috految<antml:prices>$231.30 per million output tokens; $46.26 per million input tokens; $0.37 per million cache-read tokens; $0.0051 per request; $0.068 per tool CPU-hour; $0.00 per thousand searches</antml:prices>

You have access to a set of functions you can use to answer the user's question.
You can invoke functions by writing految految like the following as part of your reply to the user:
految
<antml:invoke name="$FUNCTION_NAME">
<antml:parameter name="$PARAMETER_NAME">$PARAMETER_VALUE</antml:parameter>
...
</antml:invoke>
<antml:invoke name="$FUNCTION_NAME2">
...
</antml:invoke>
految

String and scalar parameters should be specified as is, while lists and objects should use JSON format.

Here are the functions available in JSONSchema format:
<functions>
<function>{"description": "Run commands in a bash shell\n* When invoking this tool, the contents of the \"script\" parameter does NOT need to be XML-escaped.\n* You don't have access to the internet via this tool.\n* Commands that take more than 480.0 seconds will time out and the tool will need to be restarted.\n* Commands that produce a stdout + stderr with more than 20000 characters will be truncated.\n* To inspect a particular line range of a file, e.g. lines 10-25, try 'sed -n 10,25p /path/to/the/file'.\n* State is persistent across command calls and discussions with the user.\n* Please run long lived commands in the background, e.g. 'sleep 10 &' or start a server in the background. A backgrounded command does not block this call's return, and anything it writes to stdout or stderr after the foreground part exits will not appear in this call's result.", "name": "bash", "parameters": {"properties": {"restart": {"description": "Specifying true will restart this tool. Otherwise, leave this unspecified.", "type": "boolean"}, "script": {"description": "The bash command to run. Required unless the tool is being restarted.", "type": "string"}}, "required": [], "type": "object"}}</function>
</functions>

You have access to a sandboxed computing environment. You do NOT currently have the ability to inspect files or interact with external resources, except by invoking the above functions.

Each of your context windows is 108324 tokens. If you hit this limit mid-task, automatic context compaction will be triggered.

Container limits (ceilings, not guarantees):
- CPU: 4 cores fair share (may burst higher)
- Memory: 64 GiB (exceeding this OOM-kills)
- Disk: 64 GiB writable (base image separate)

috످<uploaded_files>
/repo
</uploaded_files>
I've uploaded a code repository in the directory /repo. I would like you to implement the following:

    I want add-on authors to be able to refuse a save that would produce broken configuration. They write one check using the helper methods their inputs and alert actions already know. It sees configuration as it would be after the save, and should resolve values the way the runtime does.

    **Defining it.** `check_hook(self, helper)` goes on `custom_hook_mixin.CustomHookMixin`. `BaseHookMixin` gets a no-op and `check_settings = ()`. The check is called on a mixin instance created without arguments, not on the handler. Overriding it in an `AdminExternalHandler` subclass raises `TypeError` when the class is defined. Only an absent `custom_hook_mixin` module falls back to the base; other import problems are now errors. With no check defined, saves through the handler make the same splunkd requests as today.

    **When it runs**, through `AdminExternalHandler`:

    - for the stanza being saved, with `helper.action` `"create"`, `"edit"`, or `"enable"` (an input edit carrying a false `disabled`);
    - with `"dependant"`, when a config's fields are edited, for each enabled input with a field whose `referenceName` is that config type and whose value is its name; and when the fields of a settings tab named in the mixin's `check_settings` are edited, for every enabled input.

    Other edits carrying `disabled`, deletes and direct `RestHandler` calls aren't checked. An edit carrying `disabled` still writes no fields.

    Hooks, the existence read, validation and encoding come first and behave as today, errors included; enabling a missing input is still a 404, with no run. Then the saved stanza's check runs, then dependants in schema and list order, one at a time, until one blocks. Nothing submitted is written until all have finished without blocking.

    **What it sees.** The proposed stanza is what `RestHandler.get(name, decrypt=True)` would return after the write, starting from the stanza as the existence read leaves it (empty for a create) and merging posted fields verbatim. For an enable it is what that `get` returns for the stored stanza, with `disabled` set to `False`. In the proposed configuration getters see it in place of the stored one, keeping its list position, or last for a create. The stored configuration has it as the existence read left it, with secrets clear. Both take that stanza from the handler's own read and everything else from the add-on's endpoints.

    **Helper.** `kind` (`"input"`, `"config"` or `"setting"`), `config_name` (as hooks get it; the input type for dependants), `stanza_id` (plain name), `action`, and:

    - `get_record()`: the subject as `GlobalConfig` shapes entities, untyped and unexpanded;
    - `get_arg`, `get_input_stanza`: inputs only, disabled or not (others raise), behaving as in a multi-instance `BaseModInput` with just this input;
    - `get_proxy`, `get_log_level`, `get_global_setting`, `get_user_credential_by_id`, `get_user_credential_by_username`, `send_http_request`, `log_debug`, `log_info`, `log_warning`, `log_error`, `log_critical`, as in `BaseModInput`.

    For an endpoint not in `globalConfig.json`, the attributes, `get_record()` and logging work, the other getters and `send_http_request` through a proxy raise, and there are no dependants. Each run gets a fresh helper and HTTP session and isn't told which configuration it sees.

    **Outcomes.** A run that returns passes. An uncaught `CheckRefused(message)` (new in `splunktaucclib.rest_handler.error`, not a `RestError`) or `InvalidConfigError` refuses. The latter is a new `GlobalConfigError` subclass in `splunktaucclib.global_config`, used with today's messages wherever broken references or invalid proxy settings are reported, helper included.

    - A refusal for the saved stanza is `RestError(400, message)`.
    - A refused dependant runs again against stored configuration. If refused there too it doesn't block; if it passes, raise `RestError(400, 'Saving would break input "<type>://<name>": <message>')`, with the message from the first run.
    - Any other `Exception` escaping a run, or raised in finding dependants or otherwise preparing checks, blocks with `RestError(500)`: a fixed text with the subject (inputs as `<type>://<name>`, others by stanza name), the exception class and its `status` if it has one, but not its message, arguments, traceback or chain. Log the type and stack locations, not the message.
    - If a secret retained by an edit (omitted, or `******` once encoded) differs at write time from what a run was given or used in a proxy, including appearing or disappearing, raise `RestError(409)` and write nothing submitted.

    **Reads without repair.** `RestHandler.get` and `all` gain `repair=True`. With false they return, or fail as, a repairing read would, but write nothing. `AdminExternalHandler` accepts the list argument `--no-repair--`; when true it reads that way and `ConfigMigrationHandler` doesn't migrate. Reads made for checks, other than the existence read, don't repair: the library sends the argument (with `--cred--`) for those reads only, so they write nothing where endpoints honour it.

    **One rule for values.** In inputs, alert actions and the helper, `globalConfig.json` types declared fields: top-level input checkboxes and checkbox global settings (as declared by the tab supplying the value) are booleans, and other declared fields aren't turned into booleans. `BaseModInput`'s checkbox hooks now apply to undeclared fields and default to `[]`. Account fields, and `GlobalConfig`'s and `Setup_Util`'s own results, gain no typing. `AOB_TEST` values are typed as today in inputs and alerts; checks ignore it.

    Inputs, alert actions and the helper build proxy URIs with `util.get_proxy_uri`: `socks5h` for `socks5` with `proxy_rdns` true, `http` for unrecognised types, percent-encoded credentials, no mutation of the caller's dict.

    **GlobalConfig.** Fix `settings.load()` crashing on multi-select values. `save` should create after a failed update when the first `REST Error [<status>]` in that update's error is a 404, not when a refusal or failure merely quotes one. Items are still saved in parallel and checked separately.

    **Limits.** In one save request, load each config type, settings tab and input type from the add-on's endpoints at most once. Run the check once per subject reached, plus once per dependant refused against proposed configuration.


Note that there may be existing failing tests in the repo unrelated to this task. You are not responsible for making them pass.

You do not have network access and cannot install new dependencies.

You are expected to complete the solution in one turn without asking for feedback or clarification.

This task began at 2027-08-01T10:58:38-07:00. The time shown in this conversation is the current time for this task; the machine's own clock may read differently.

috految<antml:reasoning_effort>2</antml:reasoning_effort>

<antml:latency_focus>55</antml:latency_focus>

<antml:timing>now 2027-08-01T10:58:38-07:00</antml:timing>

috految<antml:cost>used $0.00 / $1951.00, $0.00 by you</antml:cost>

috److految
<antml:invoke name="bash">
<antml:parameter name="script">cd /repo/splunktaucclib; s(){ perl -0pe 's/\A(#.*\n)+//;s/ *""".*?"""\n//sg;s/\n+/\n/g' "$@"; }; ls .. . modinput_wrapper splunk_aoblib ../tests/unit; cd rest_handler; tail -n +16 admin_external.py base_hook_mixin.py; s handler.py</antml:parameter>
</antml:invoke>
<antml:invoke name="bash">
<antml:parameter name="script">s credentials.py entity.py eai.py endpoint/{__init__,field}.py error.py schema.py util.py __init__.py; cd ..</antml:parameter>
</antml:invoke>
<antml:invoke name="bash">
<antml:parameter name="script">s global_config/*.py splunk_aoblib/{rest_*,utility}.py</antml:parameter>
</antml:invoke>
<antml:invoke name="bash">
<antml:parameter name="script">s modinput_wrapper/*.py alert_actions_base.py</antml:parameter>
</antml:invoke>
<antml:invoke name="bash">
<antml:parameter name="script">s splunk_aoblib/setup_util.py __init__.py common/log.py ../tests/unit/conftest.py; git grep -nE 'get_proxy_uri|GlobalConfigError|HookMixin|Setup_Util|RestHandler\)|AdminExternalHandler|[Pp]roxy.*(nvalid|rror)|socks5|sys.modules|^python =' -- '../*.py' ../pyproject.toml; grep -A9 poetry.dep ../pyproject.toml; grep -A7 'patch' ../tests/unit/*admin*; grep -A7 'def .*code' rest_handler/endpoint/converter.py | grep return; grep '^#' ../README.md; python -V; P=$(python -c 'import site;print(site.getsitepackages()[0])'); ls $P | grep -iE 'spl|soln|socks|requests|black'; s $P/solnlib/{credentials,utils}.py | grep -A24 -E 'def (get_pass|set_pass|_get_clear|_get_all|delete_pass|is_true|retry)'</antml:parameter>
</antml:invoke>
految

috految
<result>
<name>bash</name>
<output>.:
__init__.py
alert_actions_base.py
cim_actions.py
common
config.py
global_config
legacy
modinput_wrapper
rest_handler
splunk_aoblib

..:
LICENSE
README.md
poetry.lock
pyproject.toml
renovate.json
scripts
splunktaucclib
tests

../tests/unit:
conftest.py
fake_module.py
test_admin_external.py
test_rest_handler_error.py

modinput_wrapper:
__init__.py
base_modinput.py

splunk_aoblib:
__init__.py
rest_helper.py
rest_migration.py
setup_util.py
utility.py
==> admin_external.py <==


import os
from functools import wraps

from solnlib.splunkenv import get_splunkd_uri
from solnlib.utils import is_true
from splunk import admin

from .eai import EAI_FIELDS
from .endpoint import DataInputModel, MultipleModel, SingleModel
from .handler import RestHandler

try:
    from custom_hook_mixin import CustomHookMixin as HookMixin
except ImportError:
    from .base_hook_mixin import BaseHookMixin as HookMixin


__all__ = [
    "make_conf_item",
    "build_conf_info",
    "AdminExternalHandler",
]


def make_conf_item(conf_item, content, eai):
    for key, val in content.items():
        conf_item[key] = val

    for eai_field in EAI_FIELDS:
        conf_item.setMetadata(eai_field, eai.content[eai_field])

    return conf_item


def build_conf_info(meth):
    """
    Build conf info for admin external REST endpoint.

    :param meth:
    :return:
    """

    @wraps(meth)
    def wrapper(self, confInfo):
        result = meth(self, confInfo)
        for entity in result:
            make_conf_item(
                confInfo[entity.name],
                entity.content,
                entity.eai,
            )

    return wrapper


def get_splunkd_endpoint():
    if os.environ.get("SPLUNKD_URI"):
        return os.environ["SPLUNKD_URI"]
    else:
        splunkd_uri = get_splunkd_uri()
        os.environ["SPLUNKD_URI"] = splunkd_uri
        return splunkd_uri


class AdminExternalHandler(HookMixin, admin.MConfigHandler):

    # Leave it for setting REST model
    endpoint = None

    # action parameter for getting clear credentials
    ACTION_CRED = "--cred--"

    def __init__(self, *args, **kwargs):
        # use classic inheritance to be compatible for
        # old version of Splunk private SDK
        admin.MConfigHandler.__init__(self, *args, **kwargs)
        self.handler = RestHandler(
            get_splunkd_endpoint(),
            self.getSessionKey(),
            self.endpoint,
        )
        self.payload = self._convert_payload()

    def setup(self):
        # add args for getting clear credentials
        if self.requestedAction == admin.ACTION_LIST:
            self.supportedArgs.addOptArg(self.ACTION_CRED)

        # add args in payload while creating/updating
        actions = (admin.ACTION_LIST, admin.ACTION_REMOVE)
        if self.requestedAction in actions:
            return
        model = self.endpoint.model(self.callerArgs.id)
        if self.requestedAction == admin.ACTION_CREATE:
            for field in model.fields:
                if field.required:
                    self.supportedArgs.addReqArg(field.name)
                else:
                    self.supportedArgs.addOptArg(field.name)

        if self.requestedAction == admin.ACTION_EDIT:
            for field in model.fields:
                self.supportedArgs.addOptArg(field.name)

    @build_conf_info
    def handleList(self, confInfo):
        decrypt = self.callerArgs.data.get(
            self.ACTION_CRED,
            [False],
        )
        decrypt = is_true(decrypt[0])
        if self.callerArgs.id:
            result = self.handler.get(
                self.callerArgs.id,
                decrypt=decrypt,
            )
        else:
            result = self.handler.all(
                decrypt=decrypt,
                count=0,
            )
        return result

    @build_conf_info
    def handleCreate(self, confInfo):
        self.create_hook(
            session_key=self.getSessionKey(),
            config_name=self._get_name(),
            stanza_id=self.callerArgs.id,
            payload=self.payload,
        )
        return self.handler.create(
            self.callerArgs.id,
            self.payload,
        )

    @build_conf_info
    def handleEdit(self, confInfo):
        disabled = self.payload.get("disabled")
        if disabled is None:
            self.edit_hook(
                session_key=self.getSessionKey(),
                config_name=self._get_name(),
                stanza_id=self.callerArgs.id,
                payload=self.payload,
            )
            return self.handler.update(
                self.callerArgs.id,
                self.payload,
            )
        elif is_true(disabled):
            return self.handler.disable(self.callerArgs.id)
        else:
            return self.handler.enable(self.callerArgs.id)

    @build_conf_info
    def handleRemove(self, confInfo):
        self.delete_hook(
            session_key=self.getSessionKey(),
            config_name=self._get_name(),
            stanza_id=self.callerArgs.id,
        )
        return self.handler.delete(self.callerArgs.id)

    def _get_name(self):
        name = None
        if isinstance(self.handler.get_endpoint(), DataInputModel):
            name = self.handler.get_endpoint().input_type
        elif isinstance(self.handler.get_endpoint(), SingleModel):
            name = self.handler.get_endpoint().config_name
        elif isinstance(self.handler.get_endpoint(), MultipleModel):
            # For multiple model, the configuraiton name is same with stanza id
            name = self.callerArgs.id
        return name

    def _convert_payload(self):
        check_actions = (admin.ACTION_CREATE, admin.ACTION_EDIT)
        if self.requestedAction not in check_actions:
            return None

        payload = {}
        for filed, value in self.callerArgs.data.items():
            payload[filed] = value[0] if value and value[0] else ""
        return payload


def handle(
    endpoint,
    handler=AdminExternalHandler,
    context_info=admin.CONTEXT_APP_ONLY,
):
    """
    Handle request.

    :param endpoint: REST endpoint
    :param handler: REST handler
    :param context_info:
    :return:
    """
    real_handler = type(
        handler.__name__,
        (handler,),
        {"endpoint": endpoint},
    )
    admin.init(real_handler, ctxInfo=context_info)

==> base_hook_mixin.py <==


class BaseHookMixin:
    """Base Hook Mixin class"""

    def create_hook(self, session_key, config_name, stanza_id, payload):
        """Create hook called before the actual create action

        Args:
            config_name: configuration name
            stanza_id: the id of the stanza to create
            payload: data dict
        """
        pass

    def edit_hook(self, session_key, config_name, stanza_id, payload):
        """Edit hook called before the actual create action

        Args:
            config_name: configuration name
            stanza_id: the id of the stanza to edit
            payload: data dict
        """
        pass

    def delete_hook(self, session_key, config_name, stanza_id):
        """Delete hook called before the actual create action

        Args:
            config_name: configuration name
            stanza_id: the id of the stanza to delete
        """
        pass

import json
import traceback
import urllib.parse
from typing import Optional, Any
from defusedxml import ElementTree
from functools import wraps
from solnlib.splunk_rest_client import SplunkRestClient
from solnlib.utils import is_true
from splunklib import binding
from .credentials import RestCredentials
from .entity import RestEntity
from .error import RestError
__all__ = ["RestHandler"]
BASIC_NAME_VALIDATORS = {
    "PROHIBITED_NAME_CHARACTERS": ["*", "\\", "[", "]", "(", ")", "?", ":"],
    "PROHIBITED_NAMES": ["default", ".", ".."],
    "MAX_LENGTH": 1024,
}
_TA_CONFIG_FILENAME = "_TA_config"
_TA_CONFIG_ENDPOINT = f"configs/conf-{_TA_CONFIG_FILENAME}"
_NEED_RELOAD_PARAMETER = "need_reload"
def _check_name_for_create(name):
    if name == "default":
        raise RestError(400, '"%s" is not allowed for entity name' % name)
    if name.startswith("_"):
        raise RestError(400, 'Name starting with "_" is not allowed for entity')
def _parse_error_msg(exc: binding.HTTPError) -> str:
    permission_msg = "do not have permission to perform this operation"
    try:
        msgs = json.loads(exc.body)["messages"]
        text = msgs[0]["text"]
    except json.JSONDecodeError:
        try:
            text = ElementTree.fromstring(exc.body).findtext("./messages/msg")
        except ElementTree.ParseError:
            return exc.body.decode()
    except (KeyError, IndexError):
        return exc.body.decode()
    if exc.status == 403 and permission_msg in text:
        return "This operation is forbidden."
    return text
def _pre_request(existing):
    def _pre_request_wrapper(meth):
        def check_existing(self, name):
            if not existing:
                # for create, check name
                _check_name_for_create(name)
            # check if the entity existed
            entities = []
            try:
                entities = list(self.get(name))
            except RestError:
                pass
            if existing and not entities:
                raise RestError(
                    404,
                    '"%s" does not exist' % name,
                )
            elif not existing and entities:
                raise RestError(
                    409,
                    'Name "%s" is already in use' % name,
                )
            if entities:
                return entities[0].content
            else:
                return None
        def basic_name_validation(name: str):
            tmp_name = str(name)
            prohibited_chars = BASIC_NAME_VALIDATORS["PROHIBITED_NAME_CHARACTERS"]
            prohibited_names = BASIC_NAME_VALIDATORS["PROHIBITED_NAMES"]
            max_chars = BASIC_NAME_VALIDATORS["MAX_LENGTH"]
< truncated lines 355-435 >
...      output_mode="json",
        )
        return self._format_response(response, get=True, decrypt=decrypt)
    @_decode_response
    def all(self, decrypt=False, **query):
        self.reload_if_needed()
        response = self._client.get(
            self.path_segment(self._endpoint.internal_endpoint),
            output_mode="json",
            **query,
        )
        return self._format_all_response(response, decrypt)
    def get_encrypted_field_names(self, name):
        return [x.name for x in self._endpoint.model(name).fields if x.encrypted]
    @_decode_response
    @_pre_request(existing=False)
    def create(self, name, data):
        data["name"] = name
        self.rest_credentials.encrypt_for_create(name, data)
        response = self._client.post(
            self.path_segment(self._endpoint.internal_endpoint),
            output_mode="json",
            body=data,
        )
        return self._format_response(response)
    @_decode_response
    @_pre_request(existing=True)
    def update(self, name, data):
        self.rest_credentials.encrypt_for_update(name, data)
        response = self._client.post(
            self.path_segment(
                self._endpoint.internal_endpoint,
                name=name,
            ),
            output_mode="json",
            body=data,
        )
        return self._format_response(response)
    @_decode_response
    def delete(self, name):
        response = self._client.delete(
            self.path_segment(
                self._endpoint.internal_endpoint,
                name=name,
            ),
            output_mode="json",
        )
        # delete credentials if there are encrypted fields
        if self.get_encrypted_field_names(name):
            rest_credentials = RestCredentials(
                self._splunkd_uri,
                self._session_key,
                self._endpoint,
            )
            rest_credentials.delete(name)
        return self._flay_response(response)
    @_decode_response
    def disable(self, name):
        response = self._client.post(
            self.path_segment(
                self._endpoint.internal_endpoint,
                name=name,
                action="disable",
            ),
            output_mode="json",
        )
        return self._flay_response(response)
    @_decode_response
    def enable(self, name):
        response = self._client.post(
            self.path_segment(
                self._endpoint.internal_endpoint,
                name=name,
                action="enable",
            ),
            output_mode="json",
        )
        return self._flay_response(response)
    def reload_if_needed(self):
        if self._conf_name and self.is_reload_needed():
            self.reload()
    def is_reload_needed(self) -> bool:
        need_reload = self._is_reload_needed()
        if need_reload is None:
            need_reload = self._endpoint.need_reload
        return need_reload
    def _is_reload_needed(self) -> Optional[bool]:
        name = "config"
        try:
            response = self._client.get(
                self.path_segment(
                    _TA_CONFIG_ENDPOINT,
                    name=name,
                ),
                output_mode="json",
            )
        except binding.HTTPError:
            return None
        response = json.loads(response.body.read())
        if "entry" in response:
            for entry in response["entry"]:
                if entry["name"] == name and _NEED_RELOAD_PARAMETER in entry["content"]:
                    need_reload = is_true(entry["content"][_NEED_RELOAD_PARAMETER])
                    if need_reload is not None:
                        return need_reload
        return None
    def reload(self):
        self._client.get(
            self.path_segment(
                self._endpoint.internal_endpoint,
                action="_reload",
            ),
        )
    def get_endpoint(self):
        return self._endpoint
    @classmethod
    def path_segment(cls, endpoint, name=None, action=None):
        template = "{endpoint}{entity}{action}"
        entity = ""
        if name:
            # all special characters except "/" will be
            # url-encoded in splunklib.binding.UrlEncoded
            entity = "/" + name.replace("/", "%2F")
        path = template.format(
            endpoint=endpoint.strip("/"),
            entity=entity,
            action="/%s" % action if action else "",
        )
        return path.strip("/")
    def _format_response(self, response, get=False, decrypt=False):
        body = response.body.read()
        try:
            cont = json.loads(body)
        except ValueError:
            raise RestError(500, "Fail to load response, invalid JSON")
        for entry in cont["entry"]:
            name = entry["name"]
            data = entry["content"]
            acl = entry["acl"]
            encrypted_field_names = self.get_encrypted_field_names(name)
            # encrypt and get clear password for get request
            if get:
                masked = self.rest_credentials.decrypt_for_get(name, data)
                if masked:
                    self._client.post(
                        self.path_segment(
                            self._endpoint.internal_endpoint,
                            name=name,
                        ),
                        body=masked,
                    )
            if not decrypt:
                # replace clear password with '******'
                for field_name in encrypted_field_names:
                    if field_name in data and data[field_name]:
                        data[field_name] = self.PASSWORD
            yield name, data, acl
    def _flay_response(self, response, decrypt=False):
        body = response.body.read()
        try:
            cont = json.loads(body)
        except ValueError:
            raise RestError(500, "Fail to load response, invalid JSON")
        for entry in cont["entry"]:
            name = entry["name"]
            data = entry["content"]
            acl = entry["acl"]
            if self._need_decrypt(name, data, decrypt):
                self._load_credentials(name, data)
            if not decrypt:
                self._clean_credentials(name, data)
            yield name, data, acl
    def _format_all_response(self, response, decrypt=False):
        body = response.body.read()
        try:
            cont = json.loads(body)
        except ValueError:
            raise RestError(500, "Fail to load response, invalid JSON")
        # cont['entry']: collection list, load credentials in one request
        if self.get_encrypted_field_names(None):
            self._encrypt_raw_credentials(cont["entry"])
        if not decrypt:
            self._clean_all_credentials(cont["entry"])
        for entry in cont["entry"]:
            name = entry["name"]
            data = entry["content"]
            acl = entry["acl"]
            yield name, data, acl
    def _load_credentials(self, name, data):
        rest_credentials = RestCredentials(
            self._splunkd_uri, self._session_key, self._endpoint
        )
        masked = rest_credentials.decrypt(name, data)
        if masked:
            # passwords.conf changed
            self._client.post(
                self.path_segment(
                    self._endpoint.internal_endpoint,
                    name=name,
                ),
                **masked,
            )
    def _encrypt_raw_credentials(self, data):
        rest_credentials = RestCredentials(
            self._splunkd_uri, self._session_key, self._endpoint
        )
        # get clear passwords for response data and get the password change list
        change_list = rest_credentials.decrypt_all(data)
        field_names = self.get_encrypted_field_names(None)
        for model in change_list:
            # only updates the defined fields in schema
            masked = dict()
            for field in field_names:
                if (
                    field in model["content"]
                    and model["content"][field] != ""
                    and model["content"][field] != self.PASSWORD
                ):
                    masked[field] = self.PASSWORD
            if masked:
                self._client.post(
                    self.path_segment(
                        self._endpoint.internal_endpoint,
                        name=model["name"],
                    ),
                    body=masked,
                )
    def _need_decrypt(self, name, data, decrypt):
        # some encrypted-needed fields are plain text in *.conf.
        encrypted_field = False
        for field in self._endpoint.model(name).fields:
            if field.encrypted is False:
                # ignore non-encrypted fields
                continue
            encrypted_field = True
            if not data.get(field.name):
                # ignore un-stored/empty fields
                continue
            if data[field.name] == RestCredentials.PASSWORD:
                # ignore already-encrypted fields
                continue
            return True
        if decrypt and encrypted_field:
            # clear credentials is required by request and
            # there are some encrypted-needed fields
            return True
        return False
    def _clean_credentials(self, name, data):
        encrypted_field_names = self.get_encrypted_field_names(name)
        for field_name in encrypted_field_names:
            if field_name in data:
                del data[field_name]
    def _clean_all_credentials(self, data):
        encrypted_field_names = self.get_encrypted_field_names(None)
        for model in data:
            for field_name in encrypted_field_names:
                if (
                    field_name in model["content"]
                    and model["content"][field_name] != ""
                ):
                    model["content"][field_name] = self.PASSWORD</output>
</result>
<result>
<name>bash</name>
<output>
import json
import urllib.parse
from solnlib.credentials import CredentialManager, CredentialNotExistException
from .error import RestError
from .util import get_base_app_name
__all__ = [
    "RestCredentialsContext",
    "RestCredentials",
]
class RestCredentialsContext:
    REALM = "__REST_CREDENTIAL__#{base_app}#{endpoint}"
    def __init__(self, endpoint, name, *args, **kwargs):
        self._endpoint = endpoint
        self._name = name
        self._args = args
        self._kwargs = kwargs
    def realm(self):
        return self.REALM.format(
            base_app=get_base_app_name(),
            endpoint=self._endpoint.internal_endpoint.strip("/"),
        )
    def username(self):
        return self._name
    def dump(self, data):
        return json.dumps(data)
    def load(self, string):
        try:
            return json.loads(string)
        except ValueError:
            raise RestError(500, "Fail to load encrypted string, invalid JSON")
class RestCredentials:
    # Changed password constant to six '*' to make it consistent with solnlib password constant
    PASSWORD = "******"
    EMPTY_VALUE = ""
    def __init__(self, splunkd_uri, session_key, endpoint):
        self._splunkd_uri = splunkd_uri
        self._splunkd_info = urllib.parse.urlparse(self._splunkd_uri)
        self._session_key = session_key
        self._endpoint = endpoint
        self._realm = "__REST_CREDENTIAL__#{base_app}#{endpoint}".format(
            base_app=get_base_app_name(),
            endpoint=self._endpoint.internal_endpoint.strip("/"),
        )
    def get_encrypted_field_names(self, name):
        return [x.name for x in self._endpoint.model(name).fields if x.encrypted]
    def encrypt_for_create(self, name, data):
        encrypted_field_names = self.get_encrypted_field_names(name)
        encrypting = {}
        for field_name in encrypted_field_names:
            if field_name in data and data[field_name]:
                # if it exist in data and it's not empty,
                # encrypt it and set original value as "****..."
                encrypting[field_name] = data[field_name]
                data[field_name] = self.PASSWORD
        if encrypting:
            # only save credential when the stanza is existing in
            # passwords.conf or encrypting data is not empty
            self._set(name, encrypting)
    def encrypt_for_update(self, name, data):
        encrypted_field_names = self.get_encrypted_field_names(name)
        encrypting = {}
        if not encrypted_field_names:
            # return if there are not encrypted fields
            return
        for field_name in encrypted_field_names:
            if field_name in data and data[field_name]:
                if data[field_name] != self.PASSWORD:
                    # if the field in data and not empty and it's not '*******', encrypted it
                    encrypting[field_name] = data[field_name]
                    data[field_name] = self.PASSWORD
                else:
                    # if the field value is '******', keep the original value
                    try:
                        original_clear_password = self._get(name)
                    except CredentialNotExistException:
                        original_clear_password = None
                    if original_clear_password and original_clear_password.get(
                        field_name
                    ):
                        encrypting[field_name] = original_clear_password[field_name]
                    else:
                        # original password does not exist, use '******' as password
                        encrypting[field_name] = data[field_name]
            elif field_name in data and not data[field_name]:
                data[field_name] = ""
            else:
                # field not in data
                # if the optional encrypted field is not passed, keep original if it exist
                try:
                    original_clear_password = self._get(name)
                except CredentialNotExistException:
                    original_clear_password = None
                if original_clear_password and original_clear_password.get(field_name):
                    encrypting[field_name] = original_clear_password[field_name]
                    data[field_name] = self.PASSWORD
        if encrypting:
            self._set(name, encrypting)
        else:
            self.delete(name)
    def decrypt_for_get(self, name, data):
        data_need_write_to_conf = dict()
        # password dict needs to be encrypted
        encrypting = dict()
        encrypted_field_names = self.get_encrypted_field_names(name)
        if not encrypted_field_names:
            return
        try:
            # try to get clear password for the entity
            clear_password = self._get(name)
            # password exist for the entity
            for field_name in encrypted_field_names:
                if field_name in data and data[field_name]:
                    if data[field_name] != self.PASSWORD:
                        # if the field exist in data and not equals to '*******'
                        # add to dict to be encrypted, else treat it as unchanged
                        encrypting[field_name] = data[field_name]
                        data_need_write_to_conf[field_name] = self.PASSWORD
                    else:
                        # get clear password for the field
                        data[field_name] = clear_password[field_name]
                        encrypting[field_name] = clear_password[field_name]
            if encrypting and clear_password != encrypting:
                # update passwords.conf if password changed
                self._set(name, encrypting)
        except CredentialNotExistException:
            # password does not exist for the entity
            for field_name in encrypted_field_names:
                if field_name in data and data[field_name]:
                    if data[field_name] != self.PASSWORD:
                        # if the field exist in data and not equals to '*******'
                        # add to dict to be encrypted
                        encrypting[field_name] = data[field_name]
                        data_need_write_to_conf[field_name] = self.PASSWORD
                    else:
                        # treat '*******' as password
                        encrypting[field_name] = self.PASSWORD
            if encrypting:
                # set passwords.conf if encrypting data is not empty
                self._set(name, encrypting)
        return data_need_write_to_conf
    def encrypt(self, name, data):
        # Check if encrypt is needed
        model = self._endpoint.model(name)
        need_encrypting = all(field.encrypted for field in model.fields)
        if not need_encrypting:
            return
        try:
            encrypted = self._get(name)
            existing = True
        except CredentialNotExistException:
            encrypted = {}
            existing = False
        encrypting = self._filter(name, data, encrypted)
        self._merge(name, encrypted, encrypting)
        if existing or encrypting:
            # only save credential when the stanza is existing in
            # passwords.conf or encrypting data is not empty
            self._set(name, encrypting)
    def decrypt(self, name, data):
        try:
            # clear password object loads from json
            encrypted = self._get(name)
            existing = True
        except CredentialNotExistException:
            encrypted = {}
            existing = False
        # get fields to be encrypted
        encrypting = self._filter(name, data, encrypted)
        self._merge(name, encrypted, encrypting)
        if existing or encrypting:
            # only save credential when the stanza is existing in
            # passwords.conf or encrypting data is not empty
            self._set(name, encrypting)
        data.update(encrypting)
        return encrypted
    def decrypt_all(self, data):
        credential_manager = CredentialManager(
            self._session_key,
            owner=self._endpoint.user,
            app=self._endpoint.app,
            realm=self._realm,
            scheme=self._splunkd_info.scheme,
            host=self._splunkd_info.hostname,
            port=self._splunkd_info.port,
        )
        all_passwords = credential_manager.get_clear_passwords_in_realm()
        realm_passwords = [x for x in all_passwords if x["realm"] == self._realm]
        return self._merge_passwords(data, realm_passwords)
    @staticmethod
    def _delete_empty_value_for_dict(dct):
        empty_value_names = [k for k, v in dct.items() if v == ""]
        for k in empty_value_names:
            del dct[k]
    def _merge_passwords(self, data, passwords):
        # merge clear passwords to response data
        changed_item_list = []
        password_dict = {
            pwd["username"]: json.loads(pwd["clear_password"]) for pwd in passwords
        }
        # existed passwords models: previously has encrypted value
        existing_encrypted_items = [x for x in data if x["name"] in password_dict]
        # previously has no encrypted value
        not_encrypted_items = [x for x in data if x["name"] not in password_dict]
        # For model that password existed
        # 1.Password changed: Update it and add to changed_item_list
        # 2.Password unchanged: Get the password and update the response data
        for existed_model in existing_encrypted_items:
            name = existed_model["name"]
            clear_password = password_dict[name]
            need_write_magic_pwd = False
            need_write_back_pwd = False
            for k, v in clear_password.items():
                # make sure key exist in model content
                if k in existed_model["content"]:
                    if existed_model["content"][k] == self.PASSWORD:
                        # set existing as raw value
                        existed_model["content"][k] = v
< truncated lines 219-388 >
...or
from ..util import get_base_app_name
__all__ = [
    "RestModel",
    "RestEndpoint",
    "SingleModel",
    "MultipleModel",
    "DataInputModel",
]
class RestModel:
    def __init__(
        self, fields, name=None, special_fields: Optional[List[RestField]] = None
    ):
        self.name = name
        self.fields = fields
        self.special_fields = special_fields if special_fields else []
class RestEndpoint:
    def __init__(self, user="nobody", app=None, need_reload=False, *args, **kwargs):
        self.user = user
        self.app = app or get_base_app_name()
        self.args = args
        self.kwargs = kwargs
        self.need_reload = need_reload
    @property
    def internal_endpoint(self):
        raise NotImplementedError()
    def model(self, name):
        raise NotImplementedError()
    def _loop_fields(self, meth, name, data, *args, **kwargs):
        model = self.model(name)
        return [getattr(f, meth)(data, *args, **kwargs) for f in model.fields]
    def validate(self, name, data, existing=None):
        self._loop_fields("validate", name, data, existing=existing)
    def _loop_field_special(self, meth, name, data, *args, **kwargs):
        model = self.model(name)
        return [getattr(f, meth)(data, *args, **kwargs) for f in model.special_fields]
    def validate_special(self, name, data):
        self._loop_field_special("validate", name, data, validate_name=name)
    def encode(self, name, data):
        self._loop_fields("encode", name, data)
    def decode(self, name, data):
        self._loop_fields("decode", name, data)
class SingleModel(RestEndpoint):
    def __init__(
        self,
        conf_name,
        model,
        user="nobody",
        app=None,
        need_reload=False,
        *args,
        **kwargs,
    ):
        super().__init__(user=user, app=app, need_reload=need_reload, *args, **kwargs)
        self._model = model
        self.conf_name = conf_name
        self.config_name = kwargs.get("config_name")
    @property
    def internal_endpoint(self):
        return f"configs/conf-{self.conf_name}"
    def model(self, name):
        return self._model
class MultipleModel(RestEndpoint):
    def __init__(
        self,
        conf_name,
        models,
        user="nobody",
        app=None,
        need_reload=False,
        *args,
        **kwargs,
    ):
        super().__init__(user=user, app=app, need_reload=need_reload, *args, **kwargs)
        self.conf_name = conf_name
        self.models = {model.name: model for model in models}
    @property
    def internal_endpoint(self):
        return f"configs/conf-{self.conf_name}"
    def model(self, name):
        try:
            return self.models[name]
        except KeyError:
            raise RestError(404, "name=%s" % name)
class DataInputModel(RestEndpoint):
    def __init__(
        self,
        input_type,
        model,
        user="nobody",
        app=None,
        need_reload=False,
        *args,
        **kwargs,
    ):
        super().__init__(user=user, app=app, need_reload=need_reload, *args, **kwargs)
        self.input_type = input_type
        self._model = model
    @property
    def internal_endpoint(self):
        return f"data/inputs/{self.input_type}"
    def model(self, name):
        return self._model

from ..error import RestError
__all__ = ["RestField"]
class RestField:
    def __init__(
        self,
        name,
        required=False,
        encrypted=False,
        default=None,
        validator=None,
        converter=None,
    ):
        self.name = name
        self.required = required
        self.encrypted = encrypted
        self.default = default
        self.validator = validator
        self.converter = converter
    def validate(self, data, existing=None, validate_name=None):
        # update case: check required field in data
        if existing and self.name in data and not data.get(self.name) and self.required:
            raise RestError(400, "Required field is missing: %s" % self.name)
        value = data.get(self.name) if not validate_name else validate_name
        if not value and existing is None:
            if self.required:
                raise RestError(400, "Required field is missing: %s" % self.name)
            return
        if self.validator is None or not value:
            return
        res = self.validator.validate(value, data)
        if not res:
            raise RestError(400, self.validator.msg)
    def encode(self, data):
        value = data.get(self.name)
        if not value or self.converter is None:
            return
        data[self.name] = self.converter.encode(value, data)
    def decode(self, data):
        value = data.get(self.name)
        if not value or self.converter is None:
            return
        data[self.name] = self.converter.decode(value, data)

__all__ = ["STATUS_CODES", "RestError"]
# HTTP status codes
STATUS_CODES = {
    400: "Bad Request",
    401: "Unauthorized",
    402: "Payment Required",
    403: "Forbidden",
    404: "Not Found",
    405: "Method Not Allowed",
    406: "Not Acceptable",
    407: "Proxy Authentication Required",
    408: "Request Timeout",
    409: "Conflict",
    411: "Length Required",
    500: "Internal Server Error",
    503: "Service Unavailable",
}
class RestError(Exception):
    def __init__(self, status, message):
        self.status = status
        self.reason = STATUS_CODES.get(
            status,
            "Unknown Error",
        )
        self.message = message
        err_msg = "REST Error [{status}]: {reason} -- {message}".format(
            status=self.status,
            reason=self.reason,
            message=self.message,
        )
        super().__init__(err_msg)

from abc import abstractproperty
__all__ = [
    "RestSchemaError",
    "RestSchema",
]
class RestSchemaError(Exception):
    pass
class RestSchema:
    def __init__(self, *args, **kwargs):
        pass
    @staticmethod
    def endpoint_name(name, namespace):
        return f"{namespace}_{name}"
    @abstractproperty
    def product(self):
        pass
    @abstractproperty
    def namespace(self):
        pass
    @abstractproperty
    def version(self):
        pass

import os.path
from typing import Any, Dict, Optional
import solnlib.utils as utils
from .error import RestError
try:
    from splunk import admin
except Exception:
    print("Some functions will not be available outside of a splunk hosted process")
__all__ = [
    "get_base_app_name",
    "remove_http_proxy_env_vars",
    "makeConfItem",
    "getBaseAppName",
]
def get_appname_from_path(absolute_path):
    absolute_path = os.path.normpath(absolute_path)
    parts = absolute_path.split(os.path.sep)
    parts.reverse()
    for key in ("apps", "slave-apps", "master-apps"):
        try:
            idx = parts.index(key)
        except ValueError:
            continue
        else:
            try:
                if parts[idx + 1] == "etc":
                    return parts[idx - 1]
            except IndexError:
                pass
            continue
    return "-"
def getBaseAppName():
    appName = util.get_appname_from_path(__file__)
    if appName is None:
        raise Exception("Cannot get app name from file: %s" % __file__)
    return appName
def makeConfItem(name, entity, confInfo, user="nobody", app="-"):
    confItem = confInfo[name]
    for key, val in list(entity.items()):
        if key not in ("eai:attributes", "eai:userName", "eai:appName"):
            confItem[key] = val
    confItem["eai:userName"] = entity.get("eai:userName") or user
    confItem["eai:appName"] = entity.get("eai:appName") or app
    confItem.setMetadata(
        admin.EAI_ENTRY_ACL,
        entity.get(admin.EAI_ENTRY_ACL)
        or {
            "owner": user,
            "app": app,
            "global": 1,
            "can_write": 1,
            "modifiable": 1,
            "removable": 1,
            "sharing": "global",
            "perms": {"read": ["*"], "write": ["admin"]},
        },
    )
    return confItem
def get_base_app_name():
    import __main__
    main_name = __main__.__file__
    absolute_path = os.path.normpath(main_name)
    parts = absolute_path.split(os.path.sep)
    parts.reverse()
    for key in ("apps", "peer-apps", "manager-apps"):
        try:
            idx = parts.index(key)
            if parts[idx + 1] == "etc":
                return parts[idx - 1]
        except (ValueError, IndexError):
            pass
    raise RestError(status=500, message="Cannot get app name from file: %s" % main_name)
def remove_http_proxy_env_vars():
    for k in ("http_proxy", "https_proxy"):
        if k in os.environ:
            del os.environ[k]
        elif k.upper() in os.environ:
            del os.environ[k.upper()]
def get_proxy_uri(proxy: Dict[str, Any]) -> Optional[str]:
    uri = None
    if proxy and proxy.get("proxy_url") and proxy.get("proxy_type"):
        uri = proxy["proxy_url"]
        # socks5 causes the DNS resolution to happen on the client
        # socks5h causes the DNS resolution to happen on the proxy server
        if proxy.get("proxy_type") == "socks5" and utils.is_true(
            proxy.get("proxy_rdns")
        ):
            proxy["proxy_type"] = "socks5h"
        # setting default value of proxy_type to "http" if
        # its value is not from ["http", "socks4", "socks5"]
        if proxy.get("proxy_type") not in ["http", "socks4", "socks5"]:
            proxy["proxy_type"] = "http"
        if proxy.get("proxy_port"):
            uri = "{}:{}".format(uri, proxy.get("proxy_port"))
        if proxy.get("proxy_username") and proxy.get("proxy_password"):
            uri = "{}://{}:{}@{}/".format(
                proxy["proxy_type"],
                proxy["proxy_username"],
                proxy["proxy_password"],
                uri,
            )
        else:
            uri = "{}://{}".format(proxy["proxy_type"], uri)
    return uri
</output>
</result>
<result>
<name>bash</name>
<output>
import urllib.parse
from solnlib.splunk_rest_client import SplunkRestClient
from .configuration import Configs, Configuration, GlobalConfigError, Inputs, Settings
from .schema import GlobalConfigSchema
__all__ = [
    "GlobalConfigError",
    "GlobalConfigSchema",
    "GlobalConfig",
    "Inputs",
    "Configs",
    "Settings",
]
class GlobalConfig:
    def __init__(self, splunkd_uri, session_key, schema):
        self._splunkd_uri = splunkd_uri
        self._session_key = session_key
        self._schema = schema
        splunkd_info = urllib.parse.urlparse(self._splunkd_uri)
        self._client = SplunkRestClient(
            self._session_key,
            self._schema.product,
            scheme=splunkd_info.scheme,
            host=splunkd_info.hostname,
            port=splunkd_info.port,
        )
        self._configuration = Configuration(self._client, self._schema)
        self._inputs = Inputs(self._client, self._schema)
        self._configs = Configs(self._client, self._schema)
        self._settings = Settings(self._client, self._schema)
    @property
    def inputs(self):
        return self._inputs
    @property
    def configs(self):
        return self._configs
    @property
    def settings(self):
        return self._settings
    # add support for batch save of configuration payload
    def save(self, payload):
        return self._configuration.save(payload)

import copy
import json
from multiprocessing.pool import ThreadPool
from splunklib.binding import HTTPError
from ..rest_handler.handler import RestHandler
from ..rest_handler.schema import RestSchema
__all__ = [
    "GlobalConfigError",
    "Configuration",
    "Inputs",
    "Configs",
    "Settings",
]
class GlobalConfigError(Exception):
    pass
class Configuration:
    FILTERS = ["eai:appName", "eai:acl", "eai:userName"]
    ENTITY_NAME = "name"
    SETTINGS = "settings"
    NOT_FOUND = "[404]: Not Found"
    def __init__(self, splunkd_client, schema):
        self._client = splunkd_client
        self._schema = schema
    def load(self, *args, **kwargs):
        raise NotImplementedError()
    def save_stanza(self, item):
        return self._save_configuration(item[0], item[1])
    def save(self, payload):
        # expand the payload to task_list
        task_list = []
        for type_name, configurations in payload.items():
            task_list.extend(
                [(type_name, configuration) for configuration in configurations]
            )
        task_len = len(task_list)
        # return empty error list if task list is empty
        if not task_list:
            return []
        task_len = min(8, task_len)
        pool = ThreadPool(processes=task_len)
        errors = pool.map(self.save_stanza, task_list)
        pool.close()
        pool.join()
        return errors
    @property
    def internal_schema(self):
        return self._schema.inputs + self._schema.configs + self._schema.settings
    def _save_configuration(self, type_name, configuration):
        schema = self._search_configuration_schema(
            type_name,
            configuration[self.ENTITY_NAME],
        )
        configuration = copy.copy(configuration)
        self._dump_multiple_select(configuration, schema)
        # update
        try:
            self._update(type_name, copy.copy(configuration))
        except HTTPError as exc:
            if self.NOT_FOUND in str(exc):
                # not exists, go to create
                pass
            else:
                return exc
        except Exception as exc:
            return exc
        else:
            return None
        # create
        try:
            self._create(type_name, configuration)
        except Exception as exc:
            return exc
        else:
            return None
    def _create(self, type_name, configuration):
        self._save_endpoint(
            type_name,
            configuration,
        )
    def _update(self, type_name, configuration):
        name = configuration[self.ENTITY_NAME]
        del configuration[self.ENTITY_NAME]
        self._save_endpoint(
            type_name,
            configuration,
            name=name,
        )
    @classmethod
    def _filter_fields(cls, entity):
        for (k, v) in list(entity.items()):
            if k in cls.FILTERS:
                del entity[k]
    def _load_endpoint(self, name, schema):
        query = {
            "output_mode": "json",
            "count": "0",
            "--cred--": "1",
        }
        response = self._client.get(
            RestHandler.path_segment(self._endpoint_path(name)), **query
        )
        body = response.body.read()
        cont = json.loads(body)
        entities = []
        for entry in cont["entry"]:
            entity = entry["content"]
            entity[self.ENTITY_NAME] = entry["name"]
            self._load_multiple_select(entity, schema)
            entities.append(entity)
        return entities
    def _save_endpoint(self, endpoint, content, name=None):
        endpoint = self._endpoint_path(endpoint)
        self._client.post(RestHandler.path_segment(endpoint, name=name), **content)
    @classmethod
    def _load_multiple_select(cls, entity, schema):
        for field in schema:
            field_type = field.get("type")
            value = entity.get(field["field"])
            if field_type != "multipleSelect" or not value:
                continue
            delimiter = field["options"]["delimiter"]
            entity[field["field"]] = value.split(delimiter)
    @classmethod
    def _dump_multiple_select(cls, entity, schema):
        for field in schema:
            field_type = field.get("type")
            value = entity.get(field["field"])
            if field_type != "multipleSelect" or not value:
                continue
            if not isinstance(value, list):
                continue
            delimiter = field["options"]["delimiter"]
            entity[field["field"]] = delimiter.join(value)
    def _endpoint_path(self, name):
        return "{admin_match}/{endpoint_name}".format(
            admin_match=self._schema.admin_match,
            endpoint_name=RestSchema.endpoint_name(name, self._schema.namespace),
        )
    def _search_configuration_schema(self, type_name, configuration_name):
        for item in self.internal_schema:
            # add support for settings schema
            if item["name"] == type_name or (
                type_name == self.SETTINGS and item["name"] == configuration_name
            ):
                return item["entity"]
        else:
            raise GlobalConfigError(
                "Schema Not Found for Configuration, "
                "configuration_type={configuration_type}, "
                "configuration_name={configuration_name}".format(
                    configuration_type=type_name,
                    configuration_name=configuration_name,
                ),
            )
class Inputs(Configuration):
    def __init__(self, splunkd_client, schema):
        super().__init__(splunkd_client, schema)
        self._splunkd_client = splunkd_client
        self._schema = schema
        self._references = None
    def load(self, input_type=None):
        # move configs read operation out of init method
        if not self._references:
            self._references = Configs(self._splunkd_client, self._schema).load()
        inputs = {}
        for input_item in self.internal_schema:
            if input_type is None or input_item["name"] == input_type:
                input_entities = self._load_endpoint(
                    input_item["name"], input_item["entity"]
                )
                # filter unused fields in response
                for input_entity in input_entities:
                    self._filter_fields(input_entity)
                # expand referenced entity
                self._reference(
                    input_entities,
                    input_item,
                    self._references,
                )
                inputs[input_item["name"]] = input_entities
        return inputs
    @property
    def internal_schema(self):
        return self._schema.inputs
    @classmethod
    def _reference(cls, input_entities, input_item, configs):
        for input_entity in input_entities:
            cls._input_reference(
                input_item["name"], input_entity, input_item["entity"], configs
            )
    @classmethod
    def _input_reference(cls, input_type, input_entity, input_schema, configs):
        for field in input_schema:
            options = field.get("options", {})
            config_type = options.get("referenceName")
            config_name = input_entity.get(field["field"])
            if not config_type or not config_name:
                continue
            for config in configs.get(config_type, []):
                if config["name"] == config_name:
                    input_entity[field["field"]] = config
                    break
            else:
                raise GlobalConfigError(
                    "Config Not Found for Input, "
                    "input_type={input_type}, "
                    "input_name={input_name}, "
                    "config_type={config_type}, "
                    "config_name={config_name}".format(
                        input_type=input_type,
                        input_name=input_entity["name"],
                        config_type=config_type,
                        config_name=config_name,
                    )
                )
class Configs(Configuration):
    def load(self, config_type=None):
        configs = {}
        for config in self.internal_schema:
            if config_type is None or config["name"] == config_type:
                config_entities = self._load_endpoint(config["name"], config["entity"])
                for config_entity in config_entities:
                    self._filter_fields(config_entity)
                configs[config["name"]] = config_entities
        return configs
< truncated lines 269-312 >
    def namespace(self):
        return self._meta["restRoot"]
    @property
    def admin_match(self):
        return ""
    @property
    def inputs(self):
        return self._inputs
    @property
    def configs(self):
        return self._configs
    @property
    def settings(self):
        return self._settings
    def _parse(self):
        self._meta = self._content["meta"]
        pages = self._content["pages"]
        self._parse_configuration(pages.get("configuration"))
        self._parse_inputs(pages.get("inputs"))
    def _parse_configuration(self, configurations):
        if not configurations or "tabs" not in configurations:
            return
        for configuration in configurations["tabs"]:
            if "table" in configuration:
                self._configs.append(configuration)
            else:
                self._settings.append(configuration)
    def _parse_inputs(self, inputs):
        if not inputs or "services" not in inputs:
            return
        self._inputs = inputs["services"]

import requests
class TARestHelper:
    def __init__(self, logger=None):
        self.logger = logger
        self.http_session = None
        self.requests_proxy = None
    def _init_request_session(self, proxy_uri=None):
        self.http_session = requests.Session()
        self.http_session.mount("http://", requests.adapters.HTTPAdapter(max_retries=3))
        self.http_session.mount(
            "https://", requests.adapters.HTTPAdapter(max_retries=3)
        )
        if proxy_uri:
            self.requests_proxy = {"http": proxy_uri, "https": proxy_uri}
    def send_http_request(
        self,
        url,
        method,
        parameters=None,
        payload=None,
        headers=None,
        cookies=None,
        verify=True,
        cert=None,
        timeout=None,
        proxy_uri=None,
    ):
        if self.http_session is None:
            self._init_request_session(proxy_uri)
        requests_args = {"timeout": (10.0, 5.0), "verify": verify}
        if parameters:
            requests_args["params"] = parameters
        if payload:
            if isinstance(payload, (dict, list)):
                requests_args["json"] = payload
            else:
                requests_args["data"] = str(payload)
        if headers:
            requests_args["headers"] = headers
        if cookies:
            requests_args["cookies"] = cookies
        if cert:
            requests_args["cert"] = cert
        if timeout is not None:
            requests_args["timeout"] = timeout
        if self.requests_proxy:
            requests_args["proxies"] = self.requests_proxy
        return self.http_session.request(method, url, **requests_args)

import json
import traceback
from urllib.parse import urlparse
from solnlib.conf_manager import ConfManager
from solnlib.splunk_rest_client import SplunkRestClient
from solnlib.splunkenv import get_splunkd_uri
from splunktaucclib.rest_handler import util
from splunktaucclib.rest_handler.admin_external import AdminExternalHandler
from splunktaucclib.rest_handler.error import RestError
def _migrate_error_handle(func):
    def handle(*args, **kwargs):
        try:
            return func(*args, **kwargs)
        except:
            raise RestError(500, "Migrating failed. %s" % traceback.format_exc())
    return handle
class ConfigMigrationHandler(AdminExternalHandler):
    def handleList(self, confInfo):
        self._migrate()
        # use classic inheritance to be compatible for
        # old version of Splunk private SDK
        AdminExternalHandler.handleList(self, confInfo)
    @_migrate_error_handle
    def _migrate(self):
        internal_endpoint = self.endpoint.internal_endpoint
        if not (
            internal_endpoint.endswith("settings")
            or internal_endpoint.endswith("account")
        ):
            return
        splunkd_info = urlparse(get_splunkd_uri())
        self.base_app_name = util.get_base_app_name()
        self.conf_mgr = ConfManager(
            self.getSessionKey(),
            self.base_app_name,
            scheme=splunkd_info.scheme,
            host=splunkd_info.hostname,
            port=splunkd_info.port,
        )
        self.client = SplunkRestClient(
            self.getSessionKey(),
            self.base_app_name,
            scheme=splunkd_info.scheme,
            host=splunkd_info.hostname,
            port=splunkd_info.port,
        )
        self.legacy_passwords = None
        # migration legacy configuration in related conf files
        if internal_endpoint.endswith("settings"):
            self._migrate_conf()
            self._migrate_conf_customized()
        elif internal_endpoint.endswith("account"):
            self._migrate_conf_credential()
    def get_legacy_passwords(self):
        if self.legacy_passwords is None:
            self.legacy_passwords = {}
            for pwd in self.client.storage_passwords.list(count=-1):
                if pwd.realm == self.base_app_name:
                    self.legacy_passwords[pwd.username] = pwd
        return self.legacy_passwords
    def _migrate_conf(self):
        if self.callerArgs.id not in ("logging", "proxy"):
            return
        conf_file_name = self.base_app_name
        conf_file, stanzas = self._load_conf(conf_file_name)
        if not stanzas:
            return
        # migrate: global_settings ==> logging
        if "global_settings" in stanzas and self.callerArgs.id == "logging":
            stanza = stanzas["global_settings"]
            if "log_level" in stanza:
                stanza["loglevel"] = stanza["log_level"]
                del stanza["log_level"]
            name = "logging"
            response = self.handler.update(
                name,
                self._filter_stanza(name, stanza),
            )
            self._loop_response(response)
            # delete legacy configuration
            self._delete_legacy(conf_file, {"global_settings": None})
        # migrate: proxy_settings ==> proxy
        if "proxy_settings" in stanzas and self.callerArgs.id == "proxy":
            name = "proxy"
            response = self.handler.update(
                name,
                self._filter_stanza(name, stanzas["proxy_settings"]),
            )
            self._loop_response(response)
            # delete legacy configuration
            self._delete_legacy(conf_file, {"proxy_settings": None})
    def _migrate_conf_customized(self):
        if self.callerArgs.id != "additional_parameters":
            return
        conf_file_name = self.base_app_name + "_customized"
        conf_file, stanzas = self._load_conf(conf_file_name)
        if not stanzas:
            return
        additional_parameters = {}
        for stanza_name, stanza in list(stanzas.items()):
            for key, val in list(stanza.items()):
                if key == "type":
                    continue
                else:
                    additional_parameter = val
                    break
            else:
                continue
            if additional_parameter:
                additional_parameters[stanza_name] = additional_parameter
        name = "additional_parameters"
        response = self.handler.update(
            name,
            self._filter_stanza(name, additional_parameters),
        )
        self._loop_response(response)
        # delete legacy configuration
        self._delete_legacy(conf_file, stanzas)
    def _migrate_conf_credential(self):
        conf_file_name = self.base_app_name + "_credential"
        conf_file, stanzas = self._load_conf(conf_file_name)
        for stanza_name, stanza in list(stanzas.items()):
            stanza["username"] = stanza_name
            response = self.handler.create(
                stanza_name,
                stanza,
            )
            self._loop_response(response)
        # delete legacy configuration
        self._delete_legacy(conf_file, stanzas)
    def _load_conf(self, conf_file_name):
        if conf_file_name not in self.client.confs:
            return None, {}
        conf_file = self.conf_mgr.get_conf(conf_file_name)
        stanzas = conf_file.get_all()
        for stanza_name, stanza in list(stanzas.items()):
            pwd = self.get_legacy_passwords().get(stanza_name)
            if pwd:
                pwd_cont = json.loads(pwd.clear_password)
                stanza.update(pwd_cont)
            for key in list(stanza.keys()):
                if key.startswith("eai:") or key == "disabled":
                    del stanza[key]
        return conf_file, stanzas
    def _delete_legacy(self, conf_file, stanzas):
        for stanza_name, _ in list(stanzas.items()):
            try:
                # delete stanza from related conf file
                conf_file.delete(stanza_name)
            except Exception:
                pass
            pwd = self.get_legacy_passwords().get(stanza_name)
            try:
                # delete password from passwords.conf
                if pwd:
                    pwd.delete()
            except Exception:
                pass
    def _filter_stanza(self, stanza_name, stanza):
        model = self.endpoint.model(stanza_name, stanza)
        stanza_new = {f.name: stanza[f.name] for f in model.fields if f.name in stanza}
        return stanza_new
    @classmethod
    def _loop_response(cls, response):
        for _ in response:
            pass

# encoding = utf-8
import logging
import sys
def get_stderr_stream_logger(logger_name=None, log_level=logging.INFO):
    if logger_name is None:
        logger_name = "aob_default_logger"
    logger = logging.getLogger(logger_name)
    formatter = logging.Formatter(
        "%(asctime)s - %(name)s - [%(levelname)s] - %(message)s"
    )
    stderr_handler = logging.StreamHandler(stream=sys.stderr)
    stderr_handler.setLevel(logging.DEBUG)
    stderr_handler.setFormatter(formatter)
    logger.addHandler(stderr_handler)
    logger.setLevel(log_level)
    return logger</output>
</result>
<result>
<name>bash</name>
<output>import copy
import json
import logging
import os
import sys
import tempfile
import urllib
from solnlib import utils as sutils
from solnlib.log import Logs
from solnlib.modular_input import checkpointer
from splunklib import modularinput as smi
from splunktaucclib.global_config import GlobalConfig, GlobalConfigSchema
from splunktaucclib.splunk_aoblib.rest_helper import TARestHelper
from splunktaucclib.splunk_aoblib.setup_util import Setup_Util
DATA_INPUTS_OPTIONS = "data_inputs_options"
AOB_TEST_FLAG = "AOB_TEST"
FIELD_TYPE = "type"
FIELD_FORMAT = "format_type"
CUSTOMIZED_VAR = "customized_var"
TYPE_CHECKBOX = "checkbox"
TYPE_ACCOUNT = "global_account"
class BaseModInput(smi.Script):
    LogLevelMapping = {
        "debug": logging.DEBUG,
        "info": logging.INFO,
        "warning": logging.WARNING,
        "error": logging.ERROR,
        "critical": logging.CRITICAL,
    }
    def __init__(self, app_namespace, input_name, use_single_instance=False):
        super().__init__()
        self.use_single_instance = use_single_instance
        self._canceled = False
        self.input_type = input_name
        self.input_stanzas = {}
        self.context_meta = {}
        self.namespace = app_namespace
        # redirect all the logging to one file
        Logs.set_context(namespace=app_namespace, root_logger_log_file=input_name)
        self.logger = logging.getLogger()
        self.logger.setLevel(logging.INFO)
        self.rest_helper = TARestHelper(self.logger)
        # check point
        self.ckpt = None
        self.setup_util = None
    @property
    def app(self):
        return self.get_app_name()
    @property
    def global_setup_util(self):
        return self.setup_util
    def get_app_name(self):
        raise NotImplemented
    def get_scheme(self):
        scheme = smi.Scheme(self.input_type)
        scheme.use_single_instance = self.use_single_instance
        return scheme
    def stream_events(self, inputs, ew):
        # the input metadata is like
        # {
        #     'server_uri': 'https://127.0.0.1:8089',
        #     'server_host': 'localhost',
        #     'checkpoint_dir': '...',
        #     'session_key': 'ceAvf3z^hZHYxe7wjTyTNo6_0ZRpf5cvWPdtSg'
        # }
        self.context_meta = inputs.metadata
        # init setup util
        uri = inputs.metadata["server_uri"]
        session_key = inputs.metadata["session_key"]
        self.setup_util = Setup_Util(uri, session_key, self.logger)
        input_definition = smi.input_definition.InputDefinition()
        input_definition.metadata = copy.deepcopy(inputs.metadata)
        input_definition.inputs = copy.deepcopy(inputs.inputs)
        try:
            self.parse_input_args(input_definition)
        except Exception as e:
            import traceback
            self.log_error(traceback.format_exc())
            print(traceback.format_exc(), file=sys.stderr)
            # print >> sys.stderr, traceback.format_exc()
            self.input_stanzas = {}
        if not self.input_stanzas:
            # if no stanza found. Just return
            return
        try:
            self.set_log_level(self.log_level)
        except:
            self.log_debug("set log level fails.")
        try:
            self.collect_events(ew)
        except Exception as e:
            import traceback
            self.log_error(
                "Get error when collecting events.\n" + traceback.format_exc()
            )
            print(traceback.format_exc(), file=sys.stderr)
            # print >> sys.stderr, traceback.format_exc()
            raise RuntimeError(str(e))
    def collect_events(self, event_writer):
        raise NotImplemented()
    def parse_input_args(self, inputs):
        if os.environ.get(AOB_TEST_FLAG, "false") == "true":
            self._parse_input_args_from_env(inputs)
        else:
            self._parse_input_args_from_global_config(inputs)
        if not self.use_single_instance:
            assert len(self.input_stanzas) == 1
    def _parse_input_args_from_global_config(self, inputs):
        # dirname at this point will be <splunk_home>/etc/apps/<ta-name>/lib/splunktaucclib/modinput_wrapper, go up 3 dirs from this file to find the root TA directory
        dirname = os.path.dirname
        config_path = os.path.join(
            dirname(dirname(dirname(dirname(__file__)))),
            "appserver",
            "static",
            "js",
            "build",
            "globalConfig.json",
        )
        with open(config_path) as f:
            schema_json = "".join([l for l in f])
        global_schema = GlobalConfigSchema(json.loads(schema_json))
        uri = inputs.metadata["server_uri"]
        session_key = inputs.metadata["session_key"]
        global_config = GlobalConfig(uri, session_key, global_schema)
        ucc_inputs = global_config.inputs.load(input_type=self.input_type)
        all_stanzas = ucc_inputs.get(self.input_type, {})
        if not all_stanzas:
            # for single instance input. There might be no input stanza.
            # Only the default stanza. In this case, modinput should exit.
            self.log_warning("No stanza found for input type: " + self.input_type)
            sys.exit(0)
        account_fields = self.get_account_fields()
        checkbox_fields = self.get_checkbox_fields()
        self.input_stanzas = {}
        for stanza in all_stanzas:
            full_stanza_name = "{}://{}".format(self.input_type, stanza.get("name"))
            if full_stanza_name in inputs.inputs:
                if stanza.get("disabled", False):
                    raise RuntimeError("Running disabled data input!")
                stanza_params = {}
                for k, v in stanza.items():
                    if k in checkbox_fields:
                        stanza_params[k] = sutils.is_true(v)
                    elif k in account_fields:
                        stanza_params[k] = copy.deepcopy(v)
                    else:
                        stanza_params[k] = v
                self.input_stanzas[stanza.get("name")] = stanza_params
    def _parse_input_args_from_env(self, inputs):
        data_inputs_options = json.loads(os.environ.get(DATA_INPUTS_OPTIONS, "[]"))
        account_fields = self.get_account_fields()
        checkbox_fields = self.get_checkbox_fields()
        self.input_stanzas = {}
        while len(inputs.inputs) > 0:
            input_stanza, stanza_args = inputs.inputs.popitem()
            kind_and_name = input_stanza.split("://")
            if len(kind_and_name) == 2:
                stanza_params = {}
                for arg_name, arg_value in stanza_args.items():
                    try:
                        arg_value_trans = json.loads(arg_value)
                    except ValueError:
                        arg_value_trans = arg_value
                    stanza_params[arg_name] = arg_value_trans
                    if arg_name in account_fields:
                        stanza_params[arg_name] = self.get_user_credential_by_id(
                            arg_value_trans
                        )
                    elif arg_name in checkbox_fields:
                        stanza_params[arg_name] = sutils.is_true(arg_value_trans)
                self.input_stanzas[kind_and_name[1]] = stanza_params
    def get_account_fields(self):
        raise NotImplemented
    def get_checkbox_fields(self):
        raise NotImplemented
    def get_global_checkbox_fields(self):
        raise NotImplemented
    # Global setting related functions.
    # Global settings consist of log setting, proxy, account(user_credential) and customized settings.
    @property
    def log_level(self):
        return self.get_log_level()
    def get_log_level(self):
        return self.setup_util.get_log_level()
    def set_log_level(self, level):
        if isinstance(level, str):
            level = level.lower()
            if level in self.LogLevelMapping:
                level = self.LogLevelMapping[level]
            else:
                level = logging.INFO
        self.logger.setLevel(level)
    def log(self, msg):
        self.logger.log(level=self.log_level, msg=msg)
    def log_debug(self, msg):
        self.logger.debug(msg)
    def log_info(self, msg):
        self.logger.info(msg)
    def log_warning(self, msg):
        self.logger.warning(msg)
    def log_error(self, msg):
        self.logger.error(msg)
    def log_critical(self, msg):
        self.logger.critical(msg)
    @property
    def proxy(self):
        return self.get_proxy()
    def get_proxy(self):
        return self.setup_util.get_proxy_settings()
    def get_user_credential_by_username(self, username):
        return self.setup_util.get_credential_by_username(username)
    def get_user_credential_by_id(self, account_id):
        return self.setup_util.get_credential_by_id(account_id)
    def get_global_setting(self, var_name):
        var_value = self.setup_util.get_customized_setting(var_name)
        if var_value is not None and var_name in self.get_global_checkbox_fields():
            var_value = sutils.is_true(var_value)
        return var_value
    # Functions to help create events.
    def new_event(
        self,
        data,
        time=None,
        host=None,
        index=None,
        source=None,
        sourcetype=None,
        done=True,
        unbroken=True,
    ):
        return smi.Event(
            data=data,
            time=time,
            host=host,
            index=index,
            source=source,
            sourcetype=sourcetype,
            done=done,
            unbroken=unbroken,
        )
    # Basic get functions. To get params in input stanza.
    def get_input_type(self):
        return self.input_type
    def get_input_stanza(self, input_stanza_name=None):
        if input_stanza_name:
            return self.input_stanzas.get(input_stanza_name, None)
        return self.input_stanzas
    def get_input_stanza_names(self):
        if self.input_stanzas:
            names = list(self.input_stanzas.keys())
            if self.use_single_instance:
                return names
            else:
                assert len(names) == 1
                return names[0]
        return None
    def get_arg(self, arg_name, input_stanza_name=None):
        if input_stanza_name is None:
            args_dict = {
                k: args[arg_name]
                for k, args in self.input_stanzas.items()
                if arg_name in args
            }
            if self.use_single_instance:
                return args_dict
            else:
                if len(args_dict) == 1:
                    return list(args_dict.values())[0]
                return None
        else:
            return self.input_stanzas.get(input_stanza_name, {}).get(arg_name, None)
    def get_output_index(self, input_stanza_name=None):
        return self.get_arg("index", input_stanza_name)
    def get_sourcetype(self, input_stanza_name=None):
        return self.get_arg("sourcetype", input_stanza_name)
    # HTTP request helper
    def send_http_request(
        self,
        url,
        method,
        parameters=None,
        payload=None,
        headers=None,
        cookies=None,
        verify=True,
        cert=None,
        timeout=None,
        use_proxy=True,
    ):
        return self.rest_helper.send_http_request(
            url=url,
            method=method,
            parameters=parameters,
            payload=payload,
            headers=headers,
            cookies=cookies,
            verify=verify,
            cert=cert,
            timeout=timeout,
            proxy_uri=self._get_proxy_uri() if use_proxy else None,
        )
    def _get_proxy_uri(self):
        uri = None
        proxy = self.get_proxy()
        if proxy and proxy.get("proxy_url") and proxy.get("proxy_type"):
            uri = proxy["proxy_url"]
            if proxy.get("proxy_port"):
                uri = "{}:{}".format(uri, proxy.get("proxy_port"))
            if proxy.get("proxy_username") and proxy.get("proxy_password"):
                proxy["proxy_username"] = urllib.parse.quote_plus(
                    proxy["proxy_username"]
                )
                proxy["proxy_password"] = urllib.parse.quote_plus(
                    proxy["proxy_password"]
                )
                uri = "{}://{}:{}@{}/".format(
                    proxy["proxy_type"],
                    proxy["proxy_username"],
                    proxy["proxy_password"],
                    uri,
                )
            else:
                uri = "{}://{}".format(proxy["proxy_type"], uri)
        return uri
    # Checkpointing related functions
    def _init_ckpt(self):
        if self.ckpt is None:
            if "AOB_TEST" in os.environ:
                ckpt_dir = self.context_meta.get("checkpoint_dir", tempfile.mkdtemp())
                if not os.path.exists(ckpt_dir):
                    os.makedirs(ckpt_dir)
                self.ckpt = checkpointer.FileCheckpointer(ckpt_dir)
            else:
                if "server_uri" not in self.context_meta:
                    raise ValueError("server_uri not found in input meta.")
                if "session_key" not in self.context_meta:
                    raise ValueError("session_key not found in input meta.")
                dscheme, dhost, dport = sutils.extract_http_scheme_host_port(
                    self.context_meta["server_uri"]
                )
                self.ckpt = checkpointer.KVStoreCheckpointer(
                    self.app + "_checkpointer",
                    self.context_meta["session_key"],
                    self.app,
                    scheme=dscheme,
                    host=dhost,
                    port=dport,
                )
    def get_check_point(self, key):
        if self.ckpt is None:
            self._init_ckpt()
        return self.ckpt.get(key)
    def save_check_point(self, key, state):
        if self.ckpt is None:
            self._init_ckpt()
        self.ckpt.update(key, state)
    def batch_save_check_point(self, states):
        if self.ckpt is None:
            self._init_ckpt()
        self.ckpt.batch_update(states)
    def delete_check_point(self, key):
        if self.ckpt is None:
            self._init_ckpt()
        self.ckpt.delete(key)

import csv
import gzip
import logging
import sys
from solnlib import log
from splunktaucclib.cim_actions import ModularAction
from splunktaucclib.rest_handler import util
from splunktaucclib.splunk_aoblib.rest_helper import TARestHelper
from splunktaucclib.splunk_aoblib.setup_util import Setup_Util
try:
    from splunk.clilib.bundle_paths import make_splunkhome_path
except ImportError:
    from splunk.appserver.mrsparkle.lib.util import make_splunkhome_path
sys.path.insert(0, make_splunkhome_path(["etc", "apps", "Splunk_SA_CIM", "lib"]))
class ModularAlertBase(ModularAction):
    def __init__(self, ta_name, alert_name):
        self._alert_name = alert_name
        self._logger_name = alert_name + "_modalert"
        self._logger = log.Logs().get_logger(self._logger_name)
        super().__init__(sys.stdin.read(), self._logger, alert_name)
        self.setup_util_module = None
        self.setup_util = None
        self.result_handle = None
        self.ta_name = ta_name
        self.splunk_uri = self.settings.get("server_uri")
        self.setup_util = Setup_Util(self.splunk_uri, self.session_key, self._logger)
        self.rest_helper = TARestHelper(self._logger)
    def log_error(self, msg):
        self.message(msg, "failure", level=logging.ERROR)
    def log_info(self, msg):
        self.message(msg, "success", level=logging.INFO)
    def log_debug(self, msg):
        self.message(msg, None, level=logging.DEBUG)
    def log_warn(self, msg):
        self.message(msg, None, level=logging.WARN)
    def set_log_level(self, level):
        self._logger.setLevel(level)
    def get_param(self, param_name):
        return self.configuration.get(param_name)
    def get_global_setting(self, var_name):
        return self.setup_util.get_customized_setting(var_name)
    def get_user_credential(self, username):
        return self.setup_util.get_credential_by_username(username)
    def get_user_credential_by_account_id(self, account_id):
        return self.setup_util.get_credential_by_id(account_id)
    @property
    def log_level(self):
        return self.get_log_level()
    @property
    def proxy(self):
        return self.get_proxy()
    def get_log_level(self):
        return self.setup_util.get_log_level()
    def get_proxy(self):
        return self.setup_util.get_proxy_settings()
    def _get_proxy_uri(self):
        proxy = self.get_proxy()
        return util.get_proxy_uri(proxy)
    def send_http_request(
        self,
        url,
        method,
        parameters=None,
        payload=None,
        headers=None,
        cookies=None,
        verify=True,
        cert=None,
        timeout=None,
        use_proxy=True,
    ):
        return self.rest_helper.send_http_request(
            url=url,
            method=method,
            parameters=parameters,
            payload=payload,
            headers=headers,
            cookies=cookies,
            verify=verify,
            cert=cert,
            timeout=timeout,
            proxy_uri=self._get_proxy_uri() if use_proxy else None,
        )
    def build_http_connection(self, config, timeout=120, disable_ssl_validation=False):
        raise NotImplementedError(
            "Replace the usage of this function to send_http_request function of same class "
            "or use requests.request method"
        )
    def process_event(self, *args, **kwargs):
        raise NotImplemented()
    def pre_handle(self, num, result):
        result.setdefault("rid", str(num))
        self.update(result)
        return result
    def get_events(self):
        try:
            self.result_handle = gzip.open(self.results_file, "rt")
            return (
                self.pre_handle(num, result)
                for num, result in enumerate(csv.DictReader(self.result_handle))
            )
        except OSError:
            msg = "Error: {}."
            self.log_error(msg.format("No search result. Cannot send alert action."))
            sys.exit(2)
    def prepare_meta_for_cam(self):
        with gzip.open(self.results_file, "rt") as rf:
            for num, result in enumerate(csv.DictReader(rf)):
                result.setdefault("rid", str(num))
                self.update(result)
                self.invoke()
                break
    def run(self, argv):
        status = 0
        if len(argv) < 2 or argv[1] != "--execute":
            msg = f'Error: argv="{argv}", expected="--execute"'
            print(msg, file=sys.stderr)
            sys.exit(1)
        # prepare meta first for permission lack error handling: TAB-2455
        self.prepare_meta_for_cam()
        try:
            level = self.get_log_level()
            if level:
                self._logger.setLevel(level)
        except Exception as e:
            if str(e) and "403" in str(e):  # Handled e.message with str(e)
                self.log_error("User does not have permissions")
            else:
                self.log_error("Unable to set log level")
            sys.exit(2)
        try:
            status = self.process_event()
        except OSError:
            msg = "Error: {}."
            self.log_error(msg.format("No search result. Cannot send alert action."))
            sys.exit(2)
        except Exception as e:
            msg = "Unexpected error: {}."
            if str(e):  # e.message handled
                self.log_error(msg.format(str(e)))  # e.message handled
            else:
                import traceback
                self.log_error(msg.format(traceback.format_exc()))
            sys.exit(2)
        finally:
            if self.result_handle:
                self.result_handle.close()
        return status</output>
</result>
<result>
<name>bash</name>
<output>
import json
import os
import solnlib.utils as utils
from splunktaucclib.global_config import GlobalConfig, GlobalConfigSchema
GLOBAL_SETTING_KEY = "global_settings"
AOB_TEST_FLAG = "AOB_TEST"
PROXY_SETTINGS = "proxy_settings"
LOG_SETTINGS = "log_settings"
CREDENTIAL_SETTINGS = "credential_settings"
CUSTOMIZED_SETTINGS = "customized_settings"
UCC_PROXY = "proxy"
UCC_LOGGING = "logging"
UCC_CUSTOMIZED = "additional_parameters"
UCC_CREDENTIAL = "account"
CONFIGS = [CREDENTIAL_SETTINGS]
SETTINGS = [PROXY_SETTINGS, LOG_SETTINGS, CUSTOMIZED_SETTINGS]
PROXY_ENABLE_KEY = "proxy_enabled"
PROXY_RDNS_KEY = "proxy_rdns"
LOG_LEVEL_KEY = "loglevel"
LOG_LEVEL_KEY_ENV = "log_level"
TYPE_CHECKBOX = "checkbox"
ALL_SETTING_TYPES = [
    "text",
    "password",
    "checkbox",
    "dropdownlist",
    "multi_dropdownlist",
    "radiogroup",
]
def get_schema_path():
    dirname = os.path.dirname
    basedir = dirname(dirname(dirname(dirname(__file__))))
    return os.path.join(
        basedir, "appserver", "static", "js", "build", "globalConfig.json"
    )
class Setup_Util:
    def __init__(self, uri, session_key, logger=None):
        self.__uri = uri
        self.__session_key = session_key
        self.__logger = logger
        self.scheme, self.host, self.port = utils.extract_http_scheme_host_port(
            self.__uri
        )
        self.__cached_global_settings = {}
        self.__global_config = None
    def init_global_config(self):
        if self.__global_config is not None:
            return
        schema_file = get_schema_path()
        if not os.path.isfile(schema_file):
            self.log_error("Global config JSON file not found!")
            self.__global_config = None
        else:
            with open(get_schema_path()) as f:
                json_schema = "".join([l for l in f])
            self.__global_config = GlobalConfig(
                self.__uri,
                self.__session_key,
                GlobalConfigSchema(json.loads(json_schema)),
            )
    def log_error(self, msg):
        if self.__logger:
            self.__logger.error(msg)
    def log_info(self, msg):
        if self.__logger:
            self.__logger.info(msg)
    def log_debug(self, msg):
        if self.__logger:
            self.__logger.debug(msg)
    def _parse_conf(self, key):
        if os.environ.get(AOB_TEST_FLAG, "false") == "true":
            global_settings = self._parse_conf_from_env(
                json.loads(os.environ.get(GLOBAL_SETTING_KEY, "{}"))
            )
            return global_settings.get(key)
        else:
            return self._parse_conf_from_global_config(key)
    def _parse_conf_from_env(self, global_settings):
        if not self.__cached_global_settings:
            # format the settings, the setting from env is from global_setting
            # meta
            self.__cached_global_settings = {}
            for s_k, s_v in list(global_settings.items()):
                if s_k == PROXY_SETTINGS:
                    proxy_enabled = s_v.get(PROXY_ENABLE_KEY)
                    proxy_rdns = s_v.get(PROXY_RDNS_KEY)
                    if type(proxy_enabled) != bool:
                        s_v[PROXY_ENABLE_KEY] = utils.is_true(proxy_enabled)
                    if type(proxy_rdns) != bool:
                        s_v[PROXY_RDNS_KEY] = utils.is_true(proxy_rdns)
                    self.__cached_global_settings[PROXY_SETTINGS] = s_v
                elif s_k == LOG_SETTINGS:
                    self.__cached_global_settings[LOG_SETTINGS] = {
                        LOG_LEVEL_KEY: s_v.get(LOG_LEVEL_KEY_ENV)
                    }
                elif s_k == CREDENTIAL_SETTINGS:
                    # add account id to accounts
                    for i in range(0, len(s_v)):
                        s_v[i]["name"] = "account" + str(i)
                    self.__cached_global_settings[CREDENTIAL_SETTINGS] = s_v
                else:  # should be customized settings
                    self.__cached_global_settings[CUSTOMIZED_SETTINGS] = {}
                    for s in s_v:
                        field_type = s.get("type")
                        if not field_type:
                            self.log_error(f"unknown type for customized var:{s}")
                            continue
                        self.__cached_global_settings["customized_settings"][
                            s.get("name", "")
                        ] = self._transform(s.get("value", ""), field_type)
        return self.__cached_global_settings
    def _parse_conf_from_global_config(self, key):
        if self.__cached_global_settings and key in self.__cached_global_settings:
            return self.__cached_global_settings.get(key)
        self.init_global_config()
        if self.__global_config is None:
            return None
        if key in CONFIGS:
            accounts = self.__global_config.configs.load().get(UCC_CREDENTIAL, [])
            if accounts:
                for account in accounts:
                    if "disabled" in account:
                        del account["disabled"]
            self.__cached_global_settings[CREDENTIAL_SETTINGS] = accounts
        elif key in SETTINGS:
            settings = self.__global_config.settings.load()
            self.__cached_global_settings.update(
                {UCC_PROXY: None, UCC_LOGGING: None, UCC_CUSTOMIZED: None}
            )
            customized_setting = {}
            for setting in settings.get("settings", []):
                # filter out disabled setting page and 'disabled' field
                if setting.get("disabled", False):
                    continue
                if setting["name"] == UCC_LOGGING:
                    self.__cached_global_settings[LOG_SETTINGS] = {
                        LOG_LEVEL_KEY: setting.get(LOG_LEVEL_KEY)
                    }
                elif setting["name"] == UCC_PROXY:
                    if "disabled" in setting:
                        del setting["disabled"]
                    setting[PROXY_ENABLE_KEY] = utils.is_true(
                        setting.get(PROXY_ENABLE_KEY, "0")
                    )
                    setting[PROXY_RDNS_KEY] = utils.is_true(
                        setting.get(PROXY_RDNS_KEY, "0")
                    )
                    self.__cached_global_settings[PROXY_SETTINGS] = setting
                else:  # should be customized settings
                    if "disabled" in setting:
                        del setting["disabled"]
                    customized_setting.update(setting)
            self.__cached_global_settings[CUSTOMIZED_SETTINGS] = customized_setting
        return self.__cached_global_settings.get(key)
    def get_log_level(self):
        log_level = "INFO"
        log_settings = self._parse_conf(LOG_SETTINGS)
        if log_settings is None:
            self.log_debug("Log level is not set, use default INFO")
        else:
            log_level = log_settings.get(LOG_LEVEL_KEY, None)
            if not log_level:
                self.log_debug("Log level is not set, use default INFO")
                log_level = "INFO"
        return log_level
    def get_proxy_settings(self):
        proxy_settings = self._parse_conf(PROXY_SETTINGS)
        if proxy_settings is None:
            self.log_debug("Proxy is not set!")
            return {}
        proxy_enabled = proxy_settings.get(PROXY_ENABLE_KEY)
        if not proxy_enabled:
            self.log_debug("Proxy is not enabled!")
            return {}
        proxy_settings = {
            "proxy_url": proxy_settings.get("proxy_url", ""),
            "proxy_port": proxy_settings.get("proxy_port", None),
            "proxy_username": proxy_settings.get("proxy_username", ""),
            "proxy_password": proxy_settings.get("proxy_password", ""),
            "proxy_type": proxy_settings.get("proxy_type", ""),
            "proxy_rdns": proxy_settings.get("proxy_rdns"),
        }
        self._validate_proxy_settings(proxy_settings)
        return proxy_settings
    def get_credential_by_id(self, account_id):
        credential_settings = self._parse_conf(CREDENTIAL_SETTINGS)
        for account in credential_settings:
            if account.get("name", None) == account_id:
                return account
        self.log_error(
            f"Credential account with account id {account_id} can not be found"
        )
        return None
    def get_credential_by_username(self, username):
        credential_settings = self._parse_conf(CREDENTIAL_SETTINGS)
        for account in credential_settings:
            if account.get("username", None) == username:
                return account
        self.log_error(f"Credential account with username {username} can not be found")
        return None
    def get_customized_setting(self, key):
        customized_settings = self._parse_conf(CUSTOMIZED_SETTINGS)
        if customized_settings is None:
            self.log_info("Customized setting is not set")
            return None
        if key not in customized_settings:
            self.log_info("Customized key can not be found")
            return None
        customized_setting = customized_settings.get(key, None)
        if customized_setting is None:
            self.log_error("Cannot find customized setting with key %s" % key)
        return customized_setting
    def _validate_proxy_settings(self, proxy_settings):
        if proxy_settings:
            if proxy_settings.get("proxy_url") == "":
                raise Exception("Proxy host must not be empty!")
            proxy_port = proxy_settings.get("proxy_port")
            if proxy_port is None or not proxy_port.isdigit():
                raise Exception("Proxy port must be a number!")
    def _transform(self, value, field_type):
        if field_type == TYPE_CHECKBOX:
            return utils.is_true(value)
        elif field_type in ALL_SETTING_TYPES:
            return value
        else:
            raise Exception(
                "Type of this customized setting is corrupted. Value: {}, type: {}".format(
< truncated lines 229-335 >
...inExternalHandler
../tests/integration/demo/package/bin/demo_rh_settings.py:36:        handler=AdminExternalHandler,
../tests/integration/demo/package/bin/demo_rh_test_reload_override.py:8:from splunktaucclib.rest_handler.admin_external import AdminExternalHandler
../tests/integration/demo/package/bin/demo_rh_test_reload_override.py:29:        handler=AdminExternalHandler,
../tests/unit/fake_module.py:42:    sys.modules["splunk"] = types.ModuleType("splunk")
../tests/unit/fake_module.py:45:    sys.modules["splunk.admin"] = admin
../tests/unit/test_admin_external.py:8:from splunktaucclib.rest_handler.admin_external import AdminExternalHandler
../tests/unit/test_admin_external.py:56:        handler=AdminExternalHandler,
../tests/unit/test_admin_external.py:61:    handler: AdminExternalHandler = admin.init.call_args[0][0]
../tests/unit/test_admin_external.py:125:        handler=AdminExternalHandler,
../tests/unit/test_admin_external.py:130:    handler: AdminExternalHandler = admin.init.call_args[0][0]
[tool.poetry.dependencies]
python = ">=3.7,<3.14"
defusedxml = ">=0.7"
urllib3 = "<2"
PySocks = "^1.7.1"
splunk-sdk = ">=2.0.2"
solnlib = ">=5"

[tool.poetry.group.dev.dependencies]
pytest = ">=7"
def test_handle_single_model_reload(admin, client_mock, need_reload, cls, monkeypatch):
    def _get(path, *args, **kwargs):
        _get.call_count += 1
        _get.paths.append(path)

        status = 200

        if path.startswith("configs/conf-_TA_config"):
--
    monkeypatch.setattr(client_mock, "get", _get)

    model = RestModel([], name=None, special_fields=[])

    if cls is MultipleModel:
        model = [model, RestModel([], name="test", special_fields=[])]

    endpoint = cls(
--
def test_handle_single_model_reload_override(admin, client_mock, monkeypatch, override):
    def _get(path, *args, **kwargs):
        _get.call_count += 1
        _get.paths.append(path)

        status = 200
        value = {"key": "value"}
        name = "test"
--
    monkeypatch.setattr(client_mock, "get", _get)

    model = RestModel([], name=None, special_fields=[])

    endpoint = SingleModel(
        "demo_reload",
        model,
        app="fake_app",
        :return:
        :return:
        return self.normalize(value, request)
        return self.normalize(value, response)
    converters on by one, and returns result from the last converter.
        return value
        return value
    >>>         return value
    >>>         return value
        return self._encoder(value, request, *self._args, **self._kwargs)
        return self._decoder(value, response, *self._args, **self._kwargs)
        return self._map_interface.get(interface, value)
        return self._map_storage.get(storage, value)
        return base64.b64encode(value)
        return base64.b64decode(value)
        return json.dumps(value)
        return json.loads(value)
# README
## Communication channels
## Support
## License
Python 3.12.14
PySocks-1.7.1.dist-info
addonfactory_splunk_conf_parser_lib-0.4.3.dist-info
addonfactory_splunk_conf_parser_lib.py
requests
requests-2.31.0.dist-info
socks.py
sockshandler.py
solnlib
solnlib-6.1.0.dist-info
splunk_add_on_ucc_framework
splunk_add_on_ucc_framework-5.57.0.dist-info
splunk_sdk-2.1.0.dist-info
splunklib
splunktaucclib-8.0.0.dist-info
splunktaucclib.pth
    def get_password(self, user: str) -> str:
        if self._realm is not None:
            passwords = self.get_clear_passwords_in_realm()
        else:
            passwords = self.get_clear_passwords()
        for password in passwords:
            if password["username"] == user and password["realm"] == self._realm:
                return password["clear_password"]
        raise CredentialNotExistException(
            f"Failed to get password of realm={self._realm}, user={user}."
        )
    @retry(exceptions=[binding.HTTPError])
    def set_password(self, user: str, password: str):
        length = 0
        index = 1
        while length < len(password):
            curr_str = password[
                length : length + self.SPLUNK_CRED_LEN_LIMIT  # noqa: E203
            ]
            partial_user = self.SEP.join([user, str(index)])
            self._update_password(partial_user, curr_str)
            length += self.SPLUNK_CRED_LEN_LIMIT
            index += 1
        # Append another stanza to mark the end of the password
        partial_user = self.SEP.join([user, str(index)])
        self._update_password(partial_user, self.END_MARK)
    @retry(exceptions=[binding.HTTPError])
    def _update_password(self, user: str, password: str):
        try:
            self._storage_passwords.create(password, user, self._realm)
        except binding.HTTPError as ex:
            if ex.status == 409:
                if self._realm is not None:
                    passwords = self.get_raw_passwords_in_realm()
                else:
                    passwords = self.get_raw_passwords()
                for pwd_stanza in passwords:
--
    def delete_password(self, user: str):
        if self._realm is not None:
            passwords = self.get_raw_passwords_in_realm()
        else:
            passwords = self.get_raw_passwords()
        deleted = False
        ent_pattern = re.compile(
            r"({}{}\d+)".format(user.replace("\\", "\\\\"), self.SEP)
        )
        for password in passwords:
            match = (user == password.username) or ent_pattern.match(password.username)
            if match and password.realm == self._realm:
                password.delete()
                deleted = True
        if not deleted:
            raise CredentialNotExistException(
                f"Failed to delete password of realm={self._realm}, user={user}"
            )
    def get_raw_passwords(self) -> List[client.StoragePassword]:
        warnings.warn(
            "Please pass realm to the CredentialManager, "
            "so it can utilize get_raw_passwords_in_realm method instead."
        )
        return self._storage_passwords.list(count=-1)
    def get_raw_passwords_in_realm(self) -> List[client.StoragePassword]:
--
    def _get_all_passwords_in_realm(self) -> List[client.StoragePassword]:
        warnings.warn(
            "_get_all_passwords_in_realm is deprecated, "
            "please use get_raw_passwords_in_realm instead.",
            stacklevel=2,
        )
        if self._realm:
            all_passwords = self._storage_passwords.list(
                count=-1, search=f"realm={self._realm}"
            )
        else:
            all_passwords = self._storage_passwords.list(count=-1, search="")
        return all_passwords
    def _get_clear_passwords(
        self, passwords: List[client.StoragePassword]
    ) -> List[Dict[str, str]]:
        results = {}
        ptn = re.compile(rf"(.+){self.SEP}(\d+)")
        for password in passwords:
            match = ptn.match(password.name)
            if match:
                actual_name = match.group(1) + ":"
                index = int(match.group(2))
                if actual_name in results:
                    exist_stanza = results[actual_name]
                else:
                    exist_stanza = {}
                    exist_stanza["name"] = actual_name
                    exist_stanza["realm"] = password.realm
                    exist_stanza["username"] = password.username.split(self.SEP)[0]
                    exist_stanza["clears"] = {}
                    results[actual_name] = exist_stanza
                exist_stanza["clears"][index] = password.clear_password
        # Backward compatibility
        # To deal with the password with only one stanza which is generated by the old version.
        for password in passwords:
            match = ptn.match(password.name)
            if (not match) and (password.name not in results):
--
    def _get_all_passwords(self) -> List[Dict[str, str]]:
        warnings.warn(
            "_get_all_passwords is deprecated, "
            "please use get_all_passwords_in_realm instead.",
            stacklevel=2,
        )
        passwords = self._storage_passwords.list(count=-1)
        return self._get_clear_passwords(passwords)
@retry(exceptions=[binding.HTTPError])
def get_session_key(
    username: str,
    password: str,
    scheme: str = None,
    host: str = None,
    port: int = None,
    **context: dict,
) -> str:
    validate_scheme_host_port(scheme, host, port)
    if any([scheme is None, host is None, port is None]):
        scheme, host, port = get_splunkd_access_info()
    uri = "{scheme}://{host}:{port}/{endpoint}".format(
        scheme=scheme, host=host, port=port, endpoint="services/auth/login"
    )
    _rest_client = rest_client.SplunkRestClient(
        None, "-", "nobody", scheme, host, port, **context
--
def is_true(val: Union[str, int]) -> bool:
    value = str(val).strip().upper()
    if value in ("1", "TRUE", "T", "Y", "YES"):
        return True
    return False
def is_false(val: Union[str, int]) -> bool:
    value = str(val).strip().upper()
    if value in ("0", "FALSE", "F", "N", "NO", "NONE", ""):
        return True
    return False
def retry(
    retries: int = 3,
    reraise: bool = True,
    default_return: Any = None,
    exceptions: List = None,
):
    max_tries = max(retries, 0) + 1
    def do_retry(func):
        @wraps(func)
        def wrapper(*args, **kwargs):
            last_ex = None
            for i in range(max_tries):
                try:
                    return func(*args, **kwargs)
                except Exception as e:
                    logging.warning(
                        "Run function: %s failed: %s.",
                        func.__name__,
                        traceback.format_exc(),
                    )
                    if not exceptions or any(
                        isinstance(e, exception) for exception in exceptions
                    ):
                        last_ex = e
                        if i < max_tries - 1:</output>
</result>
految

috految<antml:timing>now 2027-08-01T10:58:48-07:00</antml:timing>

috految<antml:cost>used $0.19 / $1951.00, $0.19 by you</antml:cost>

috److految
<antml:invoke name="bash">
<antml:parameter name="script">sed -n '/max_chars =/,/def all/p' rest_handler/handler.py; sed -n '/set existing as raw/,$p' rest_handler/credentials.py; s rest_handler/entity.py; tail -32 global_config/configuration.py; s global_config/schema.py|head -22; s common/log.py; grep -A1 -E 'import|Proxy' common/__init__.py; grep -i 'load\|proxy' config.py; git grep -E 'get_proxy_uri|get_global_setting|except GlobalC'; grep -i import splunk_aoblib/__init__.py; grep -B1 -A2 -i 'proxy' legacy/*.py; grep -A7 'def get.*checkbox' modinput_wrapper/b*.py; grep -A12 'def get_proxy_uri' rest_handler/util.py; grep -E 'Args|data' ../tests/unit/fake*; grep -E 'Retry|retries|forcelist|allowed|logging|data|proxies' $P/solnlib/splunk_rest_client.py; s $P/solnlib/log.py | grep -A42 'def _get_log_file'; grep -h -E 'conf_name|config_name|input_type|"conf"|name=|Builder\(|lower|replace|settings' $P/*ucc_framework/commands/rest_builder/{global*,endpoint/{base,single_model,multiple_model}}.py; grep -hA7 'Model($' ../tests/integration/demo/package/bin/*.py; grep -A3 -E '"def |def expand' $P/*ucc_framework/global_config.py</antml:parameter>
</antml:invoke>
految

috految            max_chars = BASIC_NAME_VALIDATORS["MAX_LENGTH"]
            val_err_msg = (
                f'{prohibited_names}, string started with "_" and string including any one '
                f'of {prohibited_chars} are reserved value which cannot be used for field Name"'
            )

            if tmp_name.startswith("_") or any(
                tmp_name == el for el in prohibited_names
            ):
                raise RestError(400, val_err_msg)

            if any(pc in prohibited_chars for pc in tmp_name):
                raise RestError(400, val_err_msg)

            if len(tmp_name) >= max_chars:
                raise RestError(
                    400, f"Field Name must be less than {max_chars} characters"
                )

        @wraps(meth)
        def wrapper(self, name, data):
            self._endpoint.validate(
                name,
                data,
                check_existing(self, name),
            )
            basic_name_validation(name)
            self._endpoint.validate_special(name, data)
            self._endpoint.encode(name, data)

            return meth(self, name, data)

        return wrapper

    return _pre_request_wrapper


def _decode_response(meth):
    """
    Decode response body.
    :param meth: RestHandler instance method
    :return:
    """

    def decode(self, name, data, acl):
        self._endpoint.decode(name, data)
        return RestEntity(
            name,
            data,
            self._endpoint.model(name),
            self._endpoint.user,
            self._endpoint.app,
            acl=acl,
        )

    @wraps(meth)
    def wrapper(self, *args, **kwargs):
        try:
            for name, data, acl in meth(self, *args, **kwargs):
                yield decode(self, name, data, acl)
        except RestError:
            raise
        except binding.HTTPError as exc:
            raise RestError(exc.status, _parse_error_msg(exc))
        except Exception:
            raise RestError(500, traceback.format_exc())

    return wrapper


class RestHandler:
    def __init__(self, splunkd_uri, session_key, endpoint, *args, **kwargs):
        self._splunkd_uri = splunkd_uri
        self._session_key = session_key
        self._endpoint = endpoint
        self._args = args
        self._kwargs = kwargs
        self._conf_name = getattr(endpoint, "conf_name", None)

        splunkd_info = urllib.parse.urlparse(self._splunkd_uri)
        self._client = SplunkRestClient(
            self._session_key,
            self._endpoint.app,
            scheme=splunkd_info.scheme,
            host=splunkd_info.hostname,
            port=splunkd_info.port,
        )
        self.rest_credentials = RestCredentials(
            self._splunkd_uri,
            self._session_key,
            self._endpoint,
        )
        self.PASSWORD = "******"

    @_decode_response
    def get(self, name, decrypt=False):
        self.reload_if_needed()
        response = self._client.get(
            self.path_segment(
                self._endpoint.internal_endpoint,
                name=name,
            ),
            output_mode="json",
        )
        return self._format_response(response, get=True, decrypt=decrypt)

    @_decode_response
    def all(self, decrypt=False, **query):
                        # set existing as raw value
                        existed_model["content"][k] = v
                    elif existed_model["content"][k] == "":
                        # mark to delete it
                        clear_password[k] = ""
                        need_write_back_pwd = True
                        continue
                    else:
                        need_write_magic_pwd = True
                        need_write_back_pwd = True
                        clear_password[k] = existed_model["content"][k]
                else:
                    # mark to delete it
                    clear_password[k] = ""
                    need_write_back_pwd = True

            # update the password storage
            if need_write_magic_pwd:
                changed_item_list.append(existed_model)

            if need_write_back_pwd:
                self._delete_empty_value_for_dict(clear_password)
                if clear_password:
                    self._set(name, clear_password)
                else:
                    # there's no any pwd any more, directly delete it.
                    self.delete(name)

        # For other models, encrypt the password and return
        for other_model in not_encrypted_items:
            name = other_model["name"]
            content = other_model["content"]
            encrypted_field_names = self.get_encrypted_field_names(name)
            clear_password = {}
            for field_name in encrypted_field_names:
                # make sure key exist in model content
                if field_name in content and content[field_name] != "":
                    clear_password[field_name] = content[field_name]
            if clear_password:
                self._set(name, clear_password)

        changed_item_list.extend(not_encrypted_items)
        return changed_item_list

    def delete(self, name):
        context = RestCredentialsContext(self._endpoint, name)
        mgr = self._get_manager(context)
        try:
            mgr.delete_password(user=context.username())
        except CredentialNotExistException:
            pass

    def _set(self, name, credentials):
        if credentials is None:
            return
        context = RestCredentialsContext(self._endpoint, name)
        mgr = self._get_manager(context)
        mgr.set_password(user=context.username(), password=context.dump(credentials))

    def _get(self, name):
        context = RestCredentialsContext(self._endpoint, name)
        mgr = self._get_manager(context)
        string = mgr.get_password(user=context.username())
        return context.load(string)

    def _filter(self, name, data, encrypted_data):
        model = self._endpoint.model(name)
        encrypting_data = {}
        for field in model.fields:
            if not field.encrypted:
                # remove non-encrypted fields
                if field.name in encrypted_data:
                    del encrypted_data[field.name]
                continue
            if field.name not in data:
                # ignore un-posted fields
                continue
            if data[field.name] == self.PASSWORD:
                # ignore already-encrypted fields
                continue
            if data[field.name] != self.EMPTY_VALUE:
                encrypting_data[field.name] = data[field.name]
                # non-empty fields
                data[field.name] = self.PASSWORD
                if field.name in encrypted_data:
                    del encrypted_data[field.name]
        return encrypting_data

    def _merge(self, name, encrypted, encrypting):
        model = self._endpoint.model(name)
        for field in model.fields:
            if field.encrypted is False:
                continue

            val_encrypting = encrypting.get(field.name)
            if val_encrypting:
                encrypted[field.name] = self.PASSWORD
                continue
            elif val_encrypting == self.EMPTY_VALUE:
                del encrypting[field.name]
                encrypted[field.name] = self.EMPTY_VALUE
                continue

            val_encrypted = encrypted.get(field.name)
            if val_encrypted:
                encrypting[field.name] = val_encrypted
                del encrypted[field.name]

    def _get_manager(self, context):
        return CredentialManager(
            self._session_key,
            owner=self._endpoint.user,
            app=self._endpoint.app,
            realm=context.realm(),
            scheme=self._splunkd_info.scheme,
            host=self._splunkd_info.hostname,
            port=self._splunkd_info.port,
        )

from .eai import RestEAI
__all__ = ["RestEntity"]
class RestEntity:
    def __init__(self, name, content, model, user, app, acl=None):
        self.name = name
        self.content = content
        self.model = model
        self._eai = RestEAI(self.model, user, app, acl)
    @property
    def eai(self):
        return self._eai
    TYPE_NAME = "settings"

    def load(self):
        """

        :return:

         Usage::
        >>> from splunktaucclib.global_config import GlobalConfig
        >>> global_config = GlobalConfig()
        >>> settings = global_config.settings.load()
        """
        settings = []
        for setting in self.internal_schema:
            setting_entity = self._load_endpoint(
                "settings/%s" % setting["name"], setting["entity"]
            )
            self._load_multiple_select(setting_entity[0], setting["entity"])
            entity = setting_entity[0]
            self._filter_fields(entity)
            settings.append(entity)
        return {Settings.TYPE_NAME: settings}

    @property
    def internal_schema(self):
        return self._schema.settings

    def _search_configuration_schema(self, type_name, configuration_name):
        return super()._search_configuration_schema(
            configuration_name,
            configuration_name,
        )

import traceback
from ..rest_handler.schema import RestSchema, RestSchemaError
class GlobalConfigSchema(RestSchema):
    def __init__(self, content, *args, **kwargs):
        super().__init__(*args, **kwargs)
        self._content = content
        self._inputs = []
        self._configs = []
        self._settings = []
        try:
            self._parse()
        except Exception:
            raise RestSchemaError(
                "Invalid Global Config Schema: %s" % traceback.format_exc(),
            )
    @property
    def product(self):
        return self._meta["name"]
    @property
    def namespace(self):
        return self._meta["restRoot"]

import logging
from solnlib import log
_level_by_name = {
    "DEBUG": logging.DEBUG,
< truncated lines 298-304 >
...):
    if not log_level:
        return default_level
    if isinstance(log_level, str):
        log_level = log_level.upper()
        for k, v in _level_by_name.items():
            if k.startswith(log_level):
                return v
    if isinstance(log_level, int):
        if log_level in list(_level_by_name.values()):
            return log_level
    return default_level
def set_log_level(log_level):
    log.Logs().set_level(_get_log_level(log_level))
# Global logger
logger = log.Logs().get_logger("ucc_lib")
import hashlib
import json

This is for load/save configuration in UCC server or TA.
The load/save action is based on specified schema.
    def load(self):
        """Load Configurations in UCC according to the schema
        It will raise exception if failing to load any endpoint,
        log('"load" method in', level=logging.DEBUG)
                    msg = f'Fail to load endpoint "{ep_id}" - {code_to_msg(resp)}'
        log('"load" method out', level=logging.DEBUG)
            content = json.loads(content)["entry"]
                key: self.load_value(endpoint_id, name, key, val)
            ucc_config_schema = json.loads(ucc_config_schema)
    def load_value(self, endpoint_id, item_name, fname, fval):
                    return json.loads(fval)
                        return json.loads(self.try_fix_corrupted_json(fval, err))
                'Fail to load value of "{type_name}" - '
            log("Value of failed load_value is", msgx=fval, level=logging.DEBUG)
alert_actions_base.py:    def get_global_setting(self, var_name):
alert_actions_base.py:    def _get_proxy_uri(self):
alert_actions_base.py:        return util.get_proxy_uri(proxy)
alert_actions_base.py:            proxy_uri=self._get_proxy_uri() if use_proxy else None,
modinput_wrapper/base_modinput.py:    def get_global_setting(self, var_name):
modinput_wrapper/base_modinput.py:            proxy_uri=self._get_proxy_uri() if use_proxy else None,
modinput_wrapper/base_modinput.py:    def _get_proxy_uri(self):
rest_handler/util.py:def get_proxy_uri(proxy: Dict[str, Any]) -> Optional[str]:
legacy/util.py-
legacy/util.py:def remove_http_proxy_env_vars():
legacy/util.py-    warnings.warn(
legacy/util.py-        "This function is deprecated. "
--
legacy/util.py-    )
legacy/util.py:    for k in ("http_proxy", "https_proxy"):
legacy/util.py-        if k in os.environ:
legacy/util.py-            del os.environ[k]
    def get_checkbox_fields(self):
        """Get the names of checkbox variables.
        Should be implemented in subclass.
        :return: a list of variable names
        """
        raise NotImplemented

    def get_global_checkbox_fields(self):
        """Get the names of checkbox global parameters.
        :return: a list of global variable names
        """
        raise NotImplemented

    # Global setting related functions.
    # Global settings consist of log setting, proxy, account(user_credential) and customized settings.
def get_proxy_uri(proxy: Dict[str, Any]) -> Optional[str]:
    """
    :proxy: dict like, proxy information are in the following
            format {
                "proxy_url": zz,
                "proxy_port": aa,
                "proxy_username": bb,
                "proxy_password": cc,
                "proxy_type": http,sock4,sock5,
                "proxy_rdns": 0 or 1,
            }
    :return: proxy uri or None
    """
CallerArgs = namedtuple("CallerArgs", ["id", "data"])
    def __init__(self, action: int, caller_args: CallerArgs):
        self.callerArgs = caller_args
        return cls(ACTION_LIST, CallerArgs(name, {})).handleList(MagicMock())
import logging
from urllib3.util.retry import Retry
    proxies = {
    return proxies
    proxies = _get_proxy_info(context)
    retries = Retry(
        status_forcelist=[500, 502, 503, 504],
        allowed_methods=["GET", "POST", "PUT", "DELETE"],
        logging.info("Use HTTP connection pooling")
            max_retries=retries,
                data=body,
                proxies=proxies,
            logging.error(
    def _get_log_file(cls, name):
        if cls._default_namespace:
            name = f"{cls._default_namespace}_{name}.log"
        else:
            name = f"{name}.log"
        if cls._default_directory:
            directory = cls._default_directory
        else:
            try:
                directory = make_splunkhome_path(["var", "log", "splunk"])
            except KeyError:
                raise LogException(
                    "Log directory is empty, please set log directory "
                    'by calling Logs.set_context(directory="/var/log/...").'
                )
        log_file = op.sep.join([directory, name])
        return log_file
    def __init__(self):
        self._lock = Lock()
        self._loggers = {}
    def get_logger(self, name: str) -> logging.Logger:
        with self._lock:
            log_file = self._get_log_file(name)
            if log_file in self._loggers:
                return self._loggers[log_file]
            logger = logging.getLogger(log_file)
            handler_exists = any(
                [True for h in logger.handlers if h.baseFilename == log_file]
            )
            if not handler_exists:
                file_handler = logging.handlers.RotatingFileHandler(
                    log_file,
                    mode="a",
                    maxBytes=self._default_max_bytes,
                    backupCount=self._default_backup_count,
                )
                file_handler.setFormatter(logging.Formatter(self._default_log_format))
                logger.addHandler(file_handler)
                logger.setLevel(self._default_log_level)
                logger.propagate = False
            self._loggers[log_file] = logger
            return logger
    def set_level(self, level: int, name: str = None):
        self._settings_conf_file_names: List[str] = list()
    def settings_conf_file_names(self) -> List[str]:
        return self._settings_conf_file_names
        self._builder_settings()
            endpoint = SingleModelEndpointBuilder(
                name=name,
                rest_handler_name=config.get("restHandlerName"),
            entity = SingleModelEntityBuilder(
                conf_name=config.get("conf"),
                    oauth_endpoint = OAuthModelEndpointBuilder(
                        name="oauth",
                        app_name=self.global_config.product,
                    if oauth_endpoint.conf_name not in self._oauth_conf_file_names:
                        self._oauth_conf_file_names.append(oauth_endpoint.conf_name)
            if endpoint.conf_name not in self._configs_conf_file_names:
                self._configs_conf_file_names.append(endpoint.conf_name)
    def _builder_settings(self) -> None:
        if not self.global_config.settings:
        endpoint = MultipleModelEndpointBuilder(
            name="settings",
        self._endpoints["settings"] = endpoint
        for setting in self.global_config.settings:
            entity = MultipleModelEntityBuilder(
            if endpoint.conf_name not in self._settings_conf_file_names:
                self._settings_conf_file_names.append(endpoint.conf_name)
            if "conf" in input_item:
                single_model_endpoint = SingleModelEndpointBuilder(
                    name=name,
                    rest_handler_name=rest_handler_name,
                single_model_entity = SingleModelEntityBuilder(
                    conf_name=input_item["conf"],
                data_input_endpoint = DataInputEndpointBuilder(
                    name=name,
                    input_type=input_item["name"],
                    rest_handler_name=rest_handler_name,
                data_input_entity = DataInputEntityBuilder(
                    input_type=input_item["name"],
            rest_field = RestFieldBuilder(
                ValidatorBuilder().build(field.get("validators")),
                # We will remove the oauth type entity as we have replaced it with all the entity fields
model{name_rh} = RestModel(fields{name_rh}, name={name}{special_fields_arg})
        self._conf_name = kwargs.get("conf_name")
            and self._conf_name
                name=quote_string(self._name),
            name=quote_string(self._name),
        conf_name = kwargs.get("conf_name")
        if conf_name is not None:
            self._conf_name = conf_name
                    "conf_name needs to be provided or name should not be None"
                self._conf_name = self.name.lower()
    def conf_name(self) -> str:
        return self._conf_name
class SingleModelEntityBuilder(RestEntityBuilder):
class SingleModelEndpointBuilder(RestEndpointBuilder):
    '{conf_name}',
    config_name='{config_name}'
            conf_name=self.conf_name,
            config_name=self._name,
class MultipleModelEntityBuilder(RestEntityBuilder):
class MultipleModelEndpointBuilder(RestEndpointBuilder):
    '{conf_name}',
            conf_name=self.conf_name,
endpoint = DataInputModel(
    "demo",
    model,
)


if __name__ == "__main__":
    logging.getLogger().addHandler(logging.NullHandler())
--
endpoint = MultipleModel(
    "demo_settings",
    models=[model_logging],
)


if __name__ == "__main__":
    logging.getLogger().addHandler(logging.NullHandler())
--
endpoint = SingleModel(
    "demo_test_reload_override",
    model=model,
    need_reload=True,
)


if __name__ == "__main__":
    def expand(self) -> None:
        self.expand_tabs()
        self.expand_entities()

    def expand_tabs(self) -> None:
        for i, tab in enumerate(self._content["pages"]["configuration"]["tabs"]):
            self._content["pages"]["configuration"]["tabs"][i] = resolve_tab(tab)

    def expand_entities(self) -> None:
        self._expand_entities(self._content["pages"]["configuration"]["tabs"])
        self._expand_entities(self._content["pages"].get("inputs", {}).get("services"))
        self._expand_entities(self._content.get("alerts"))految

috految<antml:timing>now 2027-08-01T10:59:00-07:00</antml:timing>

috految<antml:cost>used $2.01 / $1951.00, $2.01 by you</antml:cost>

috److془Design carefully.

Inputs with "conf": SingleModel with config_name in inputs → input. SingleModel without config_name: match by conf name (namespace_name lower). Hmm test might use SingleModel("demo_account") w/o config name as undeclared... unlikely. Match. MultipleModel: tab name; other conf with same stanza name "proxy"? Undeclared technically. Handwritten settings with different conf name possible. Heuristic: name match, unless no... conf name doesn't end with settings and the models don't cover all tabs. Better: conf == ns_settings or covers all tabs. Test fixtures with odd conf and partial models: use endswith("settings"). Okay. Hmm "demo_other_settings"; fine. Use exact, actually? fail closed; endswith.. fine.

Retry: `if context.get("pool_connections",0)` else requests.request; fine. Hmm: "with HTTP pooling". Fine. 

Save: first REST Error in str(exc). splunklib HTTPError: detail= XML findtext; body JSON → detail = body. Fine. Gotcha: reason? Traceback in ConfigMigration; fine. If no marker → no create. Chain: refusal has no context. Context from within wrapper: raise outside except. "HTTP 500 Internal": fine. Use \d+? status may be "None": [^\]]*. Traceback source lines `REST Error [{`: use \w+. Gotcha: "Fix: _update copy" fine. Does client.post lose? as today. Enable missing: 404 via RestError. Enable fake: input missing, get raises 404. Credentials 404 → 500. Other errors on enable read: 500 sanitized. Non-repair (the existence read doesn't exist for enables). AuthenticationError: fine. Enable with 403 read: sanitized 500 with status. Empty entries → 404. Model validation okay. Name "*" wildcard; whatever. Enable status: the stanza name; for "plain name" callerArgs.id fine. Name with "/" -> %2F fine. Entities name could differ from id (splunkd encoding); no matter. Enable on SingleModel conf input: needs schema. Enable of config with corrupt schema 500; acceptable. Missing schema: undeclared. Hmm versus 500: "endpoint not in globalConfig.json" ok. Schema path get_schema_path: uses __file__; import_declare_test sys.path absolute. Fine. Open utf-8. 

Circular import: custom_hook_mixin importing admin_external: error now; if imports base_modinput fine. Mixin not subclassing base: getattr. Mixin with only check_hook not inheriting: create_hook attribute error as today. Mixin with __init__: handler calls MConfigHandler.__init__ directly fine. Absent: ModuleNotFoundError with name. Mixin imports from admin_external fine. Lazy import rest_helper (requests not dependency). Import of checks lazily? and GlobalConfig imports multiprocessing.pool; fine. Eager checks import, requests lazily. solnlib imports requests only try. util import prints on stdout without splunk: already imported through credentials. Mixin modifying sys.path fine. Developing: the mixin imports yield `import custom_hook_mixin` ok. Base fallback MRO: __init_subclass__: any class in mro not in AdminExternalHandler.mro defining check_hook, excluding BaseHookMixin. Includes trailing shadowed; good. Trap: class H(AdminExternalHandler) with MConfigHandler exact fine. Splunk's MConfigHandler.supportedArgs fine. Hmm: mixin `class C(BaseHookMixin, X)` unaffected. Subclass overriding setup w/o super: "where endpoints honour it". Custom RestHandler subclass with old signature: pass repair only when false. Subclassed update(name,data): use handler state. Direct calls not checked: include hooks (before arming), validators (consume at wrapper start). Subclass that calls self.update of other names first or retry: just don't consume; context scope. Nested validators have no handler access. Good. Subclass's update wholly reimplemented unchecked, fine. Subclass handleCreate calling super with changed payload fine. Hook may mutate payload disabled; then update written; fine. Hook could alter handler; read after. Subclass calling handleList in edit: data.get fine. list(): inside build_conf_info, equal. Reload on no-repair: keep. Is _reload after write matter; no. Does the no-repair fail the same? Yes skip writes. Subtle: nonrepair with `all` meh same. decrypt_for_get _set before exception no. Does _set mutate no. Is list arg after "--cred--" fine. Does splunklib HTTP mutate body? irrelevant. Fine. Post body dict: splunklib `_encode(**body)`: lists multi, str(). "merging posted fields verbatim". "what get would return after write": converter encodes to int/bytes, get returns strings. Stringify. Hook sets port=8080 → "8080" right. Bool: "True"; for disabled keep. Hmm "verbatim" with hook int... go stringify. Lists: leave. Empty list not posted; single → element. Hmm tolerance in multi select. Secrets: json roundtrip. Posted disabled "0" on settings create: truthy skip; normalise in the settings view. Dependants use is_true. Name for create: data["name"] not content. Decode converter can give int port/ bytes; runtime would get via splunk strings; use str(port).isdigit(). Bytes quoting handle. Note: existence decode with secret masked disregarded; raw snapshot before. Decode the stored lazily (corrupt stored may be repaired). Decode of the proposed eager. Empty posted -> "" verbatim. Skip the "name". Converter decode order fine. Decode could raise CheckRefused in preparing: 500. Mixin constructor too. Stored decode also outside run. Does the Enable: get then disabled False. Non-repair fine. Stored may have eai: filter. Hook-set None posts "None"; true to life. Interesting: Mapping converter etc fine. Enable's _flay_response as today.

Secrets: after existence read, conf masked where nonempty, store = S. Retained: S.get(f) if truthy; else if posted mask: mask; else omitted: raw. Stale store with conf empty: resurrected; matches. Omitted, raw clear nonempty → S has it. Should S be from existence read? Validators rotating the secret in between: "starting from the stanza as existence read leaves it". Fresh read gives what is written; but would be mixed with old fields. Use snapshot: 409 when seen; but a validator refreshing token would always 409.. spec-literal though. Fresh: "what get would return after the write". Go snapshot for nonempty, fresh for the rest. Hmm snapshot mask with stored mask equal good. Extra: the store {f:""} conf mask, omitted: negligible. Store lacks f → KeyError 404 today. Non-string secrets fine. Catch: store write might not be readable (user w/o permissions) 409; fine. Catch: chunk shortening: solnlib END_MARK handles. Multi-entry: first. Create: posted mask stored as is; fine. 
Write time: compare with the values encrypt_for_update reads, before _set. Also concurrent plaintext in conf: what get returns differs → 409; conf blanked too. Re-read raw conf, for seen fields: effective = store if mask else value; compare with snapshot raw. Stale reads with plaintext equals snapshot good. Conf-level: changed if value != mask and (value or None)!=(stored or None). Deleted stanza 404→ 409. Should rotated conf be seen with divergent proposed? fine. Reload before: reload_if_needed. Write-time credential errors as today. Mask with store absent: both encrypting mask. Good. Conf mask newly stored goes via store. Duplicate field names (oauth: password twice) : first sets mask, second overrides with the old! Existing bug; ignore. Hmm, ok. Stored "PASSWORD" fine.
Seen tracking: "differs from what a run was given or used in a proxy". Precise: get_record → all for saved subject; get_arg(f); references; accounts returned; global setting key; get_proxy keys if enabled. Stored runs too. Encrypted username lookups: mark username. Stored run given: stale resurrect difference, ignore. Proxy invalid raising: not given. Proxy used: password without username not used; negligible. Converters deriving fields: ignore. get_global_setting: mark if saved tab customized and supplier is saved or key absent in it. Encrypted reference: get_arg marks. Hmm stored run and proxy: fine. Other processes' get_proxy enabled -> only when saved is proxy. 

Session: TARestHelper sticks first proxy; "as in BaseModInput". Keep. Env proxies: whatever. Undeclared with use_proxy raises. use_proxy False fine. requests socks unquotes creds; quote safe="". Explicit socks5h type: worked in inputs; "http for unrecognised types". Keep socks5h? Recognise. Existing: recognised list http, socks4, socks5. Keep socks5h anyway. Empty type None as today. 

Loads: cache failures too. Settings: saved tab not loaded; others all loaded as runtime. Configs for references: lazily just needed. Broken ref raises for any get_arg. Reference to multi-select value list: runtime raises; "value is its name": equality. Multi-select with one value: ["a"]; no dependants, hmm raw value is its name; use `in (name,[name])`. Hmm fine. Runtime referenceName for type not in configs: raise. Load only input types with referencing fields. Dependants found lazily after saved check. Failure subject: saved. Inputs with none: empty entries. Reference expansion before typing; references shared deep copy. Account in references retains disabled; Setup deletes on copy. Missing delimiter: default ","? UCC ui default comma; yes. Dump as well. Fields without "field" (helpLink): .get. Tabs without entity/name (custom tab): lenient in my lookups. Settings runtime crashes on those; same. Lists already tolerate. Non-str bool fine. Failure in the saved type listing: fine. Saved absent in list: append. Config type via endpoints with loaded name. Create stored never used. Settings create no dependants. Proxy settings False port etc okay. Empty payload edit whatever. Setup_Util cache: update sets only 'proxy' keys; reloading cached in mine. Setup mutation: deep copies. Mutation of the returned within run: as runtime. Setup logs username; fine. Credentials: load account only. Logging level: BaseModInput honours configured level. Lazily resolve on log, tolerant. Logger file: Logs().get_logger; root has NullHandler. Fallback root logger. Use Logs. Level during failure logs reset. Proposed critical fine. Level: load only logging tab. Log failure: no source lines. splunklib logs to root unchanged. Duplicate: get_logger name constant. Splunk Logs directory failure fallback. RestError status: could be arbitrary; int/str. urllib HTTPError weird getattr raising: guard. Logging outside except. Subprocess stdout no. Wrapping: RestError passes decode. Raise from None. Message: str(exc). StopIteration caught directly. splunklib HTTPError constructing fine. Existence read swallowed errors on create fine. Non-sanitised raise in generator traceback: fine. Parallel GET 404 when dependants: 500 fine. Concurrent create during check overwrite password; preexisting.

Typing: "top-level input checkboxes"; nested fields of checkboxGroup are not stanza keys. Oauth nested: treat undeclared. Checkbox get_global_setting None stays. Input None → False as today. Declared "disabled" fine. AOB: no types, hooks apply. Undeclared in supplying tab → hooks. Alerts get_param: unchanged. Hook generated get_global_checkbox_fields: fine. Runtime account_fields deep copy stay. Reference 'name' field whatever. Hook on AOB good. get_account_fields untouched. Alert's get_schema fine. Base input_type lookup. Setup's "socks5" fine. Settings typing with name: setting["name"] tab. Tabs same field: last wins. Migration MRO good. _filter_fields & `Settings` tabs. Proxy "invalid": two Exceptions. Runtime Inputs.load references stays. Client for endpoints: GlobalConfig. Accounts list for whole: fine. Settings stanza multi duplicates fine. Does extract_http_scheme_host_port accept uri: yes. Custom check_settings from the instance. Input with same name as config: DataInputModel separate.془

految
<antml:invoke name="bash">
<antml:parameter name="script">cat >/tmp/e.py <<'E'
def F(p):
    global s,path
    path=p;s=open(p).read()
def R(a,b):
    global s
    assert a in s,(path,a)
    s=s.replace(a,b);open(path,'w').write(s)
def B(a,b): R(a,b+a)
def A(a,b): R(a,a+b)
def span(a,z):
    i=s.index(a);return s[i:s.index(z,i)]
F('rest_handler/error.py')
A('"RestError"',', "CheckRefused"')
B('class RestError','''class CheckRefused(Exception):
    """Raised by ``check_hook`` to refuse a save. Users see the message."""

    def __init__(self, message):
        super().__init__(message)
        self.message = message


''')
F('rest_handler/base_hook_mixin.py')
head=s[:s.index('class Base')].rstrip()+'\n\n'
B('    def create_hook','''    # Settings tabs which, when edited, have every enabled input checked
    check_settings = ()

    def check_hook(self, helper):
        """Check called before a save; raise CheckRefused to refuse it

        Args:
            helper: CheckHelper for the stanza to check
        """
        pass

''')
F('rest_handler/util.py')
A('import os.path\n','import urllib.parse\n')
B('        uri = proxy["proxy_url"]','        proxy = dict(proxy)\n')
R('"socks4", "socks5"]','"socks4", "socks5", "socks5h"]')
for k in 'username','password': R(f'proxy["proxy_{k}"],',f'_quote(proxy["proxy_{k}"]),')
B('def get_proxy_uri','''def _quote(value: Any) -> str:
    if not isinstance(value, bytes):
        value = str(value)
    return urllib.parse.quote(value, safe="")


''')
F('rest_handler/credentials.py')
R('def encrypt_for_update(self, name, data)','def encrypt_for_update(self, name, data, verify=None)')
R('''        if encrypting:
            self._set(name, encrypting)
        else:''','''        if verify:
            # let the caller veto exactly what is about to be stored
            verify(encrypting)

        if encrypting:
            self._set(name, encrypting)
        else:''')
R('def decrypt_for_get(self, name, data)','def decrypt_for_get(self, name, data, repair=True)')
R('if encrypting and clear_','if repair and encrypting and clear_')
R('if encrypting:\n                # set','if repair and encrypting:\n                # set')
A('def decrypt_all(self, data',', repair=True')
A('_merge_passwords(data, realm_passwords',', repair')
A('_merge_passwords(self, data, passwords',', repair=True')
R('if need_write_back_pwd:','if repair and need_write_back_pwd:')
R('\n            if clear_password:','\n            if repair and clear_password:')
B('    def delete(','''    def get_stored(self, name):
        """Get the secrets stored for an entity, by field name."""
        try:
            return self._get(name)
        except CredentialNotExistException:
            return {}

''')
F('rest_handler/handler.py')
B('import json\n','import copy\n')
B('from functools','from contextlib import contextmanager\n')
A('class RestHandler:\n','    _check = None\n\n')
A('def get(self, name, decrypt=False',', repair=True')
A('def all(self, decrypt=False',', repair=True')
A('get=True, decrypt=decrypt',', repair=repair')
A('self._format_all_response(response, decrypt',', repair')
A('get=False, decrypt=False',', repair=True')
A('_format_all_response(self, response, decrypt=False',', repair=True')
A('_encrypt_raw_credentials(cont["entry"]',', repair')
A('_encrypt_raw_credentials(self, data',', repair=True')
R('decrypt_all(data)','decrypt_all(data, repair)\n        if not repair:\n            return')
R('''decrypt_for_get(name, data)
                if masked:''','''decrypt_for_get(name, data, repair)
                if self._check:
                    self._check.record_read(name, copy.deepcopy(data))
                if masked and repair:''')
B('        data["name"] = name\n','''        if self._check:
            self._check.before_create(name, data)
''')
R('        self.rest_credentials.encrypt_for_update(name, data)','''        if self._check:
            self._check.before_update(name, data)
            self.rest_credentials.encrypt_for_update(
                name, data, verify=self._check.verify_secrets
            )
        else:
            self.rest_credentials.encrypt_for_update(name, data)''')
B('    def get_endpoint(','''    @contextmanager
    def checked_by(self, check):
        """Subject the creates and updates consumed in this block to a SaveCheck."""
        self._check = check
        try:
            yield
        finally:
            self._check = None

    def get_raw(self, name):
        """Get a stanza's content as splunkd holds it, or None if missing."""
        self.reload_if_needed()
        try:
            response = self._client.get(
                self.path_segment(self._endpoint.internal_endpoint, name=name),
                output_mode="json",
            )
        except binding.HTTPError as exc:
            if exc.status == 404:
                return None
            raise
        entries = json.loads(response.body.read())["entry"]
        return entries[0]["content"] if entries else None

''')
F('rest_handler/admin_external.py')
B('from .eai','from .base_hook_mixin import BaseHookMixin\nfrom .check import SaveCheck\n')
R(span('except ImportError','\n\n'),'''except ModuleNotFoundError as exc:
    if exc.name != "custom_hook_mixin":
        raise
    HookMixin = BaseHookMixin''')
A('"--cred--"\n','''
    # action parameter for reading without writing anything back
    ACTION_NO_REPAIR = "--no-repair--"

    def __init_subclass__(cls, **kwargs):
        super().__init_subclass__(**kwargs)
        for base in cls.__mro__:
            if base is BaseHookMixin or base in HookMixin.__mro__:
                continue
            if "check_hook" in vars(base):
                raise TypeError(
                    f"{cls.__name__} cannot override check_hook, "
                    "define it on custom_hook_mixin.CustomHookMixin"
                )
''')
A('addOptArg(self.ACTION_CRED)\n','            self.supportedArgs.addOptArg(self.ACTION_NO_REPAIR)\n')
A('is_true(decrypt[0])\n','        options = {} if self._should_repair() else {"repair": False}\n')
A('decrypt=decrypt,\n','                **options,\n')
R(span('return self.handler.create(','\n\n'),'return self._save_checked(self.handler.create)')
R(span('return self.handler.update(','\n        elif'),'return self._save_checked(self.handler.update)')
B('            return self.handler.enable','''            check = self._make_save_check()
            if check:
                check.before_enable(self.callerArgs.id)
''')
B('    def _get_name','''    def _should_repair(self):
        values = self.callerArgs.data.get(self.ACTION_NO_REPAIR)
        return not (values and is_true(values[0]))

    def _make_save_check(self):
        default = BaseHookMixin.check_hook
        if getattr(HookMixin, "check_hook", default) is default:
            return None
        return SaveCheck(
            HookMixin,
            self.handler,
            self._get_name(),
            get_splunkd_endpoint(),
            self.getSessionKey(),
        )

    def _save_checked(self, save):
        check = self._make_save_check()
        if check is None:
            return save(self.callerArgs.id, self.payload)
        with self.handler.checked_by(check):
            return list(save(self.callerArgs.id, self.payload))

''')
F('splunk_aoblib/rest_migration.py')
R('        self._migrate()','        if self._should_repair():\n            self._migrate()')
F('global_config/__init__.py')
R('Configs, Configuration, GlobalConfigError, Inputs, Settings','(\n'+''.join(f'    {n},\n' for n in 'Configs Configuration GlobalConfigError Inputs InvalidConfigError Settings'.split())+')')
A('    "GlobalConfigError",\n','    "InvalidConfigError",\n')
F('global_config/configuration.py')
A('import json\n','import re\n')
A('    "GlobalConfigError",\n','    "InvalidConfigError",\n')
B('class Configuration:','''class InvalidConfigError(GlobalConfigError):
    """A reference is broken or the proxy settings are invalid."""


''')
R('GlobalConfigError(\n                    "Config Not','InvalidConfigError(\n                    "Config Not')
R('NOT_FOUND = "[404]: Not Found"',r'REST_ERROR = re.compile(r"REST Error \[(\w+)\]")')
R('if self.NOT_FOUND in str(exc):','''match = self.REST_ERROR.search(str(exc))
            if match and match.group(1) == "404":''')
R('            self._load_multiple_select(setting_entity[0], setting["entity"])\n','')
R('field["options"]["delimiter"]','field.get("options", {}).get("delimiter", ",")')
R('entity.get(field["field"])','entity.get(field.get("field"))')
R('entity[field["field"]] = value.split','if isinstance(value, str):\n                entity[field["field"]] = value.split')
A('def _load_endpoint(self, name, schema',', repair=True')
B('        response = self._client.get(','        if not repair:\n            query["--no-repair--"] = "1"\n')
B('    def _load_endpoint','''    def load_without_repair(self, name, schema):
        """Load an endpoint's entities, unexpanded, asking it to write nothing."""
        entities = self._load_endpoint(name, schema, repair=False)
        for entity in entities:
            self._filter_fields(entity)
        return entities

    @classmethod
    def make_entity(cls, name, content, schema):
        """Shape REST content like a loaded entity."""
        entity = {**content, cls.ENTITY_NAME: name}
        cls._load_multiple_select(entity, schema)
        cls._filter_fields(entity)
        return entity

''')
F('splunk_aoblib/setup_util.py')
R('import GlobalConfig, GlobalConfigSchema','import (\n    GlobalConfig,\n    GlobalConfigSchema,\n    InvalidConfigError,\n)')
R('Exception("Proxy','InvalidConfigError("Proxy')
R('proxy_port.isdigit','str(proxy_port).isdigit')
B('def get_schema_path','''def get_field_types(items, name):
    """Get the types declared by the named input or tab, by field name."""
    return {
        field.get("field"): field.get("type")
        for item in items
        if item.get("name") == name
        for field in item.get("entity", [])
    }


''')
A('        self.__logger = logger\n','        self._setting_sources = {}\n')
R('self.__global_config.configs.load().get(UCC_CREDENTIAL, [])','self._load_accounts()')
R('self.__global_config.settings.load()','self._load_settings()')
R('open(get_schema_path())','open(get_schema_path(), encoding="utf-8")')
A('customized_setting.update(setting)\n','''                    self._setting_sources.update(
                        dict.fromkeys(setting, setting["name"])
                    )
''')
B('    def get_log_level','''    def _load_accounts(self):
        return self.__global_config.configs.load().get(UCC_CREDENTIAL, [])

    def _load_settings(self):
        return self.__global_config.settings.load()

    def get_typed_setting(self, key, get_checkbox_fields=tuple):
        """Get a customized setting, typed by the tab supplying it.

        :param get_checkbox_fields: returns the undeclared fields to make boolean
        """
        value = self.get_customized_setting(key)
        if value is None:
            return None
        if key in self._setting_sources:
            tabs = self.__global_config.settings.internal_schema
            types = get_field_types(tabs, self._setting_sources[key])
            if key in types:
                return utils.is_true(value) if types[key] == TYPE_CHECKBOX else value
        return utils.is_true(value) if key in get_checkbox_fields() else value

''')
F('alert_actions_base.py')
R('get_customized_setting','get_typed_setting')
F('modinput_wrapper/base_modinput.py')
R('import urllib\n','')
B('from splunktaucclib.splunk_aoblib.rest_h','from splunktaucclib.rest_handler import util\n')
A('import Setup_Util',', get_field_types')
B('        for stanza in all_stanzas','        types = get_field_types(global_schema.inputs, self.input_type)\n')
R('if k in checkbox_fields:','''if types.get(k) == TYPE_CHECKBOX or (
                        k not in types and k in checkbox_fields
                    ):''')
x=span('def get_checkbox_fields','# Global setting')
R(x,x.replace('raise NotImplemented','return []').replace('Should be implemented in subclass.','Applies to fields not declared in globalConfig.json.'))
R(span('var_value = self.setup','return var_value')+'return var_value','''return self.setup_util.get_typed_setting(
            var_name, self.get_global_checkbox_fields
        )''')
R(span('        uri = None','return uri')+'return uri','        return util.get_proxy_uri(self.get_proxy())')
send=span('    def send_http_request','    def _get_proxy_uri').replace('self._get_proxy_uri()','util.get_proxy_uri(self.get_proxy())').replace('self.rest_helper','self._get_rest_helper()')
open('rest_handler/check.py','w').write(head+'''"""
Run an add-on's ``check_hook`` before a save.
"""

import copy
import json
import logging
import traceback
from contextlib import suppress

from solnlib import log
from solnlib.utils import is_true

from ..global_config import (
    Configuration,
    GlobalConfig,
    GlobalConfigError,
    GlobalConfigSchema,
    Inputs,
    InvalidConfigError,
)
from ..splunk_aoblib import setup_util
from . import util
from .endpoint import DataInputModel, MultipleModel
from .error import CheckRefused, RestError

INPUT = "input"
CONFIG = "config"
SETTING = "setting"


def _get_logger(level):
    # REST handler scripts discard what is sent to the root logger
    try:
        logger = log.Logs().get_logger("ucc_check")
    except Exception:
        # an unusable log file must not decide the outcome of a save
        logger = logging.getLogger(__name__)
    logger.setLevel(level)
    return logger


def _as_posted(value):
    """Fields are form-encoded, so they are read back as text."""
    if isinstance(value, list):
        return _as_posted(value[0]) if len(value) == 1 else copy.deepcopy(value)
    return value.decode() if isinstance(value, bytes) else str(value)


class SaveCheck:
    """The checks of one save request, and the reads they share."""

    def __init__(self, mixin_class, handler, config_name, uri, session_key):
        self._mixin_class = mixin_class
        self._handler = handler
        self._endpoint = handler.get_endpoint()
        self._config_name = config_name
        self.uri = uri
        self.session_key = session_key
        self.kind = CONFIG
        if isinstance(self._endpoint, DataInputModel):
            self.kind = INPUT
        elif isinstance(self._endpoint, MultipleModel):
            self.kind = SETTING
        self.name = None
        self.schema = None
        self.item = None  # declaration of the saved stanza's type, if any
        self._reads = {}
        self._loaded = {}
        self._retained = {}
        self._given = set()

    def record_read(self, name, content):
        """Keep what the existence read found: undecoded, with secrets clear."""
        self._reads.setdefault(name, content)

    def before_create(self, name, data):
        self.name = name
        self._guard(self._identify)
        self._check_saved("create", self._guard(self._propose, {}, data))

    def before_update(self, name, data):
        self.name = name
        self._guard(self._identify)
        stored = self._reads.get(name)
        if stored is None:
            stored = self._guard(self._read_stored)
        self._guard(self._find_retained, stored, data)
        proposed = self._guard(self._propose, stored, data)
        self._check_saved("edit", proposed)

        for item in self._guard(self._affected_types):
            for record in self._guard(self._dependants, item):
                subject = f"{item['name']}://{record['name']}"
                run = (self._run, "dependant", item, record)
                message = self._guard(*run, proposed, subject=subject)
                if message is None:
                    continue
                before = self._guard(self._decode, stored, subject=subject)
                if self._guard(*run, before, subject=subject) is None:
                    raise RestError(
                        400, f'Saving would break input "{subject}": {message}'
                    )

        if self._given:
            # secrets can change in the .conf as well as in the credential store
            current = self._guard(self._handler.get_raw, name) or {}
            for field in self._given:
                value = current.get(field) or None
                if value not in (self._handler.PASSWORD, stored.get(field) or None):
                    raise self._conflict()

    def before_enable(self, name):
        self.name = name
        if self.kind == CONFIG:
            self._guard(self._identify)
        if self.kind != INPUT:
            return
        content = self._guard(self._read_stored)
        if content is None:
            raise RestError(404, f'"{name}" does not exist')
        self._guard(self._identify)
        record = self._guard(self._decode, content)
        record["disabled"] = False
        self._check_saved("enable", record)

    def verify_secrets(self, secrets):
        for field in self._given:
            if secrets.get(field) != self._retained[field]:
                raise self._conflict()

    def mark_given(self, fields=None):
        """Note that a run saw these fields (default: all) of the saved stanza."""
        self._given.update(f for f in self._retained if fields is None or f in fields)

    def load(self, path, item):
        """Load from the add-on's endpoint at most once, even if that fails."""
        if path not in self._loaded:
            config = GlobalConfig(self.uri, self.session_key, self.schema)
            try:
                self._loaded[path] = config.configs.load_without_repair(
                    path, item.get("entity", [])
                )
            except Exception as exc:
                self._loaded[path] = exc
        result = self._loaded[path]
        if isinstance(result, Exception):
            raise result
        return copy.deepcopy(result)

    def _conflict(self):
        return RestError(409, f'Credentials of "{self.name}" changed, please retry')

    def _read_stored(self):
        content = self._handler.get_raw(self.name)
        if content is not None:
            self._handler.rest_credentials.decrypt_for_get(
                self.name, content, repair=False
            )
        return content

    def _identify(self):
        try:
            with open(setup_util.get_schema_path(), encoding="utf-8") as f:
                schema = self.schema = GlobalConfigSchema(json.load(f))
        except FileNotFoundError:
            return
        conf = getattr(self._endpoint, "conf_name", "")
        if self.kind == INPUT:
            items = schema.inputs
        elif self.kind == SETTING:
            items = schema.settings
            serves_all = all(t.get("name") in self._endpoint.models for t in items)
            if not (serves_all or conf.endswith("settings")):
                return
        else:
            # inputs declared with "conf" are served by a SingleModel too
            items = schema.configs + schema.inputs
        for item in items:
            name = item.get("name")
            if self._config_name:
                found = name == self._config_name
            else:
                found = conf == item.get("conf", f"{schema.namespace}_{name}".lower())
            if found:
                self.item = item
                if item in schema.inputs:
                    self.kind = INPUT
                return

    def _find_retained(self, stored, data):
        mask = self._handler.PASSWORD
        for field in self._handler.get_encrypted_field_names(self.name):
            if data.get(field, mask) == mask:
                self._retained[field] = (
                    stored.get(field)
                    or self._handler.rest_credentials.get_stored(self.name).get(field)
                    or data.get(field)
                )

    def _propose(self, stored, data):
        content = dict(stored)
        secrets = self._handler.get_encrypted_field_names(self.name)
        for field, value in data.items():
            if field in secrets:
                content[field] = value or ""
            elif field == "disabled":
                content[field] = value
            elif field != "name" and value != []:
                content[field] = _as_posted(value)
        content.update({k: v for k, v in self._retained.items() if v})
        return self._decode(content)

    def _decode(self, content):
        content = copy.deepcopy(content)
        self._endpoint.decode(self.name, content)
        fields = self.item.get("entity", []) if self.item else []
        return Configuration.make_entity(self.name, content, fields)

    def _affected_types(self):
        if self.item is None or self.kind == INPUT:
            return []
        if self.kind == CONFIG:
            return [i for i in self.schema.inputs if self._references(i)]
        tabs = getattr(self._mixin_class(), "check_settings", ())
        return self.schema.inputs if self.name in tabs else []

    def _references(self, item):
        return [
            field["field"]
            for field in item.get("entity", [])
            if field.get("options", {}).get("referenceName") == self.item["name"]
        ]

    def _dependants(self, item):
        records = self.load(item["name"], item)
        if self.kind == CONFIG:
            fields = self._references(item)
            names = (self.name, [self.name])
            records = [r for r in records if any(r.get(f) in names for f in fields)]
        return [r for r in records if not is_true(r.get("disabled"))]

    def _check_saved(self, action, record):
        message = self._guard(self._run, action, self.item, record, record)
        if message is not None:
            raise RestError(400, message) from None

    def _run(self, action, item, record, saved):
        """Return the refusal message, or None if the check passes."""
        mixin = self._mixin_class()
        if action == "dependant":
            kind, config_name = INPUT, item["name"]
        else:
            kind, config_name = self.kind, self._config_name
        helper = CheckHelper(self, kind, config_name, action, item, record, saved)
        try:
            mixin.check_hook(helper)
        except (CheckRefused, InvalidConfigError) as exc:
            return str(exc)
        return None

    def _guard(self, func, *args, subject=None):
        """Call func, reporting failures without details, which may hold secrets."""
        try:
            return func(*args)
        except Exception as exc:
            description = type(exc).__name__
            with suppress(Exception):
                if isinstance(exc.status, (int, str)):
                    description += f" (status {exc.status})"
            stack = [
                f'File "{frame.filename}", line {frame.lineno}, in {frame.name}'
                for frame in traceback.extract_tb(exc.__traceback__)
            ]
        # outside the except block, so that nothing is chained
        if subject is None:
            subject = self.name
            if self.kind == INPUT:
                subject = f"{self._config_name}://{self.name}"
        message = f'Could not check "{subject}": {description}'
        _get_logger(logging.ERROR).error("%s at %s", message, "; ".join(stack))
        raise RestError(500, message) from None


class _SetupView(setup_util.Setup_Util):
    """Setup_Util with the given stanza in place of the one being saved."""

    def __init__(self, check, saved):
        super().__init__(check.uri, check.session_key)
        self._check = check
        self._saved = saved

    def _parse_conf(self, key):
        # checks ignore AOB_TEST
        return self._parse_conf_from_global_config(key)

    def load_configs(self, name):
        for item in self._check.schema.configs:
            if item["name"] != name:
                continue
            records = self._check.load(name, item)
            if item is self._check.item:
                saved = copy.deepcopy(self._saved)
                records = [saved if r["name"] == saved["name"] else r for r in records]
                if saved not in records:
                    records.append(saved)
            return records
        return []

    def _load_accounts(self):
        return self.load_configs(setup_util.UCC_CREDENTIAL)

    def _load_settings(self):
        tabs = []
        for item in self._check.schema.settings:
            if item is self._check.item:
                tab = copy.deepcopy(self._saved)
                tab["disabled"] = is_true(tab.get("disabled"))
            else:
                tab = self._check.load(f"settings/{item['name']}", item)[0]
            tabs.append(tab)
        return {"settings": tabs}

    def get_typed_setting(self, key):
        value = super().get_typed_setting(key)
        if self._check.kind == SETTING and (
            key not in self._saved or self._setting_sources.get(key) == self._check.name
        ):
            self._check.mark_given([key])
        return value


class CheckHelper:
    """Argument of ``check_hook``. Its methods mirror those of BaseModInput."""

    def __init__(self, check, kind, config_name, action, item, record, saved):
        self.kind = kind
        self.config_name = config_name
        self.stanza_id = record["name"]
        self.action = action
        self._check = check
        self._item = item
        self._record = record
        self._view = _SetupView(check, saved) if item else None
        self._stanzas = None
        self._rest_helper = None

    def _setup(self):
        if self._view is None:
            raise GlobalConfigError("Endpoint is not in globalConfig.json")
        return self._view

    def get_record(self):
        """Get the subject, untyped and unexpanded."""
        if self.action != "dependant":
            self._check.mark_given()
        return copy.deepcopy(self._record)

    def _get_stanzas(self, fields=None):
        setup = self._setup()
        if self.kind != INPUT:
            raise GlobalConfigError("Only inputs have arguments")
        schema = self._item["entity"]
        types = setup_util.get_field_types([self._item], self._item["name"])
        references = {
            f["field"]: f["options"]["referenceName"]
            for f in schema
            if f.get("options", {}).get("referenceName")
            and self._record.get(f["field"])
        }
        if self._stanzas is None:
            stanza = copy.deepcopy(self._record)
            configs = {name: setup.load_configs(name) for name in references.values()}
            Inputs._input_reference(self._item["name"], stanza, schema, configs)
            for field, value in stanza.items():
                checkbox = types.get(field) == setup_util.TYPE_CHECKBOX
                stanza[field] = is_true(value) if checkbox else copy.deepcopy(value)
            self._stanzas = {self.stanza_id: stanza}
        if self.action != "dependant":
            self._check.mark_given(fields)
        for field, config_type in references.items():
            if fields is None or field in fields:
                self._mark_config(config_type, self._record[field])
        return self._stanzas

    def _mark_config(self, config_type, name):
        check = self._check
        if (check.kind, check.item["name"], check.name) == (CONFIG, config_type, name):
            check.mark_given()

    def get_input_stanza(self, input_stanza_name=None):
        stanzas = self._get_stanzas()
        return stanzas.get(input_stanza_name) if input_stanza_name else stanzas

    def get_arg(self, arg_name, input_stanza_name=None):
        name = self.stanza_id if input_stanza_name is None else input_stanza_name
        return self._get_stanzas([arg_name]).get(name, {}).get(arg_name)

    def get_proxy(self):
        proxy = self._setup().get_proxy_settings()
        if (self._check.kind, self._check.name) == (SETTING, setup_util.UCC_PROXY):
            self._check.mark_given(proxy)
        return proxy

    def get_log_level(self):
        return self._setup().get_log_level()

    def get_global_setting(self, var_name):
        return self._setup().get_typed_setting(var_name)

'''+''.join(f'''    def get_user_credential_by_{k}(self, {a}):
        account = self._setup().get_credential_by_{k}({a})
        if account:
            self._mark_config(setup_util.UCC_CREDENTIAL, account.get("name"))
        return account

''' for k,a in [('id','account_id'),('username','username')])+send+'''    def _get_rest_helper(self):
        # imported late: add-ons that send no requests needn't ship "requests"
        from ..splunk_aoblib.rest_helper import TARestHelper

        if self._rest_helper is None:
            self._rest_helper = TARestHelper()
        return self._rest_helper

    def _logger(self):
        level = logging.INFO
        # as in inputs, an unreadable level leaves the default
        with suppress(Exception):
            level = getattr(logging, self.get_log_level().upper())
        return _get_logger(level)
'''+''.join(f'''
    def log_{l}(self, msg):
        self._logger().{l}(msg)
''' for l in 'debug info warning error critical'.split()))
F('../README.md')
B('## Communication','''## Checking saves

Define `check_hook(self, helper)` on `custom_hook_mixin.CustomHookMixin` and raise
`CheckRefused(message)` to refuse a save. The helper sees the proposed configuration.
Editing a referenced config, or a settings tab in `check_settings`, checks enabled
inputs too. Logs go to `ucc_check.log`.

''')
E
python /tmp/e.py; cd ..; python -m compileall -q splunktaucclib; timeout 20 python -m pytest -q tests/unit|tail -8</antml:parameter>
</antml:invoke>
految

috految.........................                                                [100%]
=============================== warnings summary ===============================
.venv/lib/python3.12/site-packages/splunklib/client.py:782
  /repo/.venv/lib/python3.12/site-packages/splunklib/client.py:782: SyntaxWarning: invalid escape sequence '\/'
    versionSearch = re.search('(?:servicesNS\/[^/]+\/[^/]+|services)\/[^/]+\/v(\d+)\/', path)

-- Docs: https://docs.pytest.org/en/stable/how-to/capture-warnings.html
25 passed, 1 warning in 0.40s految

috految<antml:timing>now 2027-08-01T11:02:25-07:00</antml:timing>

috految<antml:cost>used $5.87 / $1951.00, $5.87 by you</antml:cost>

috److I added `check_hook` with its helper and dependant checks, along with reads without repair, typing from `globalConfig.json`, the shared proxy URI builder and the `GlobalConfig` fixes. The 25 existing unit tests pass, but I added no new tests, so the check paths haven't been run at all. Most of the new logic is in `splunktaucclib/rest_handler/check.py`, and there's a short section in the README.

I made these choices where the spec didn't say:

- **Logging:** check logs and failure locations go to `ucc_check.log`, because REST handler scripts discard the root logger.
- **Missing or broken `globalConfig.json`:** a missing file is treated as an endpoint that isn't declared. A corrupt one blocks the save with a 500.
- **Inputs declared with `conf`:** these count as inputs even though they use a `SingleModel`.
- **Settings endpoints:** a `MultipleModel` counts as the declared settings endpoint only if its conf name ends in `settings` or it serves every declared tab.
- **Posted values:** non-secret values set by hooks or converters appear as strings in the proposed stanza, since that is how they would read back after the write.
- **Proxy type:** an explicit `socks5h` is kept rather than downgraded to `http`.
- **Multi-select fields:** those without a declared delimiter now default to a comma.

A check that replaces a retained secret in the store after reading it (refreshing a token, for example) will trigger the 409 on that save. The same happens if a validator replaces a secret that the check then reads.

috످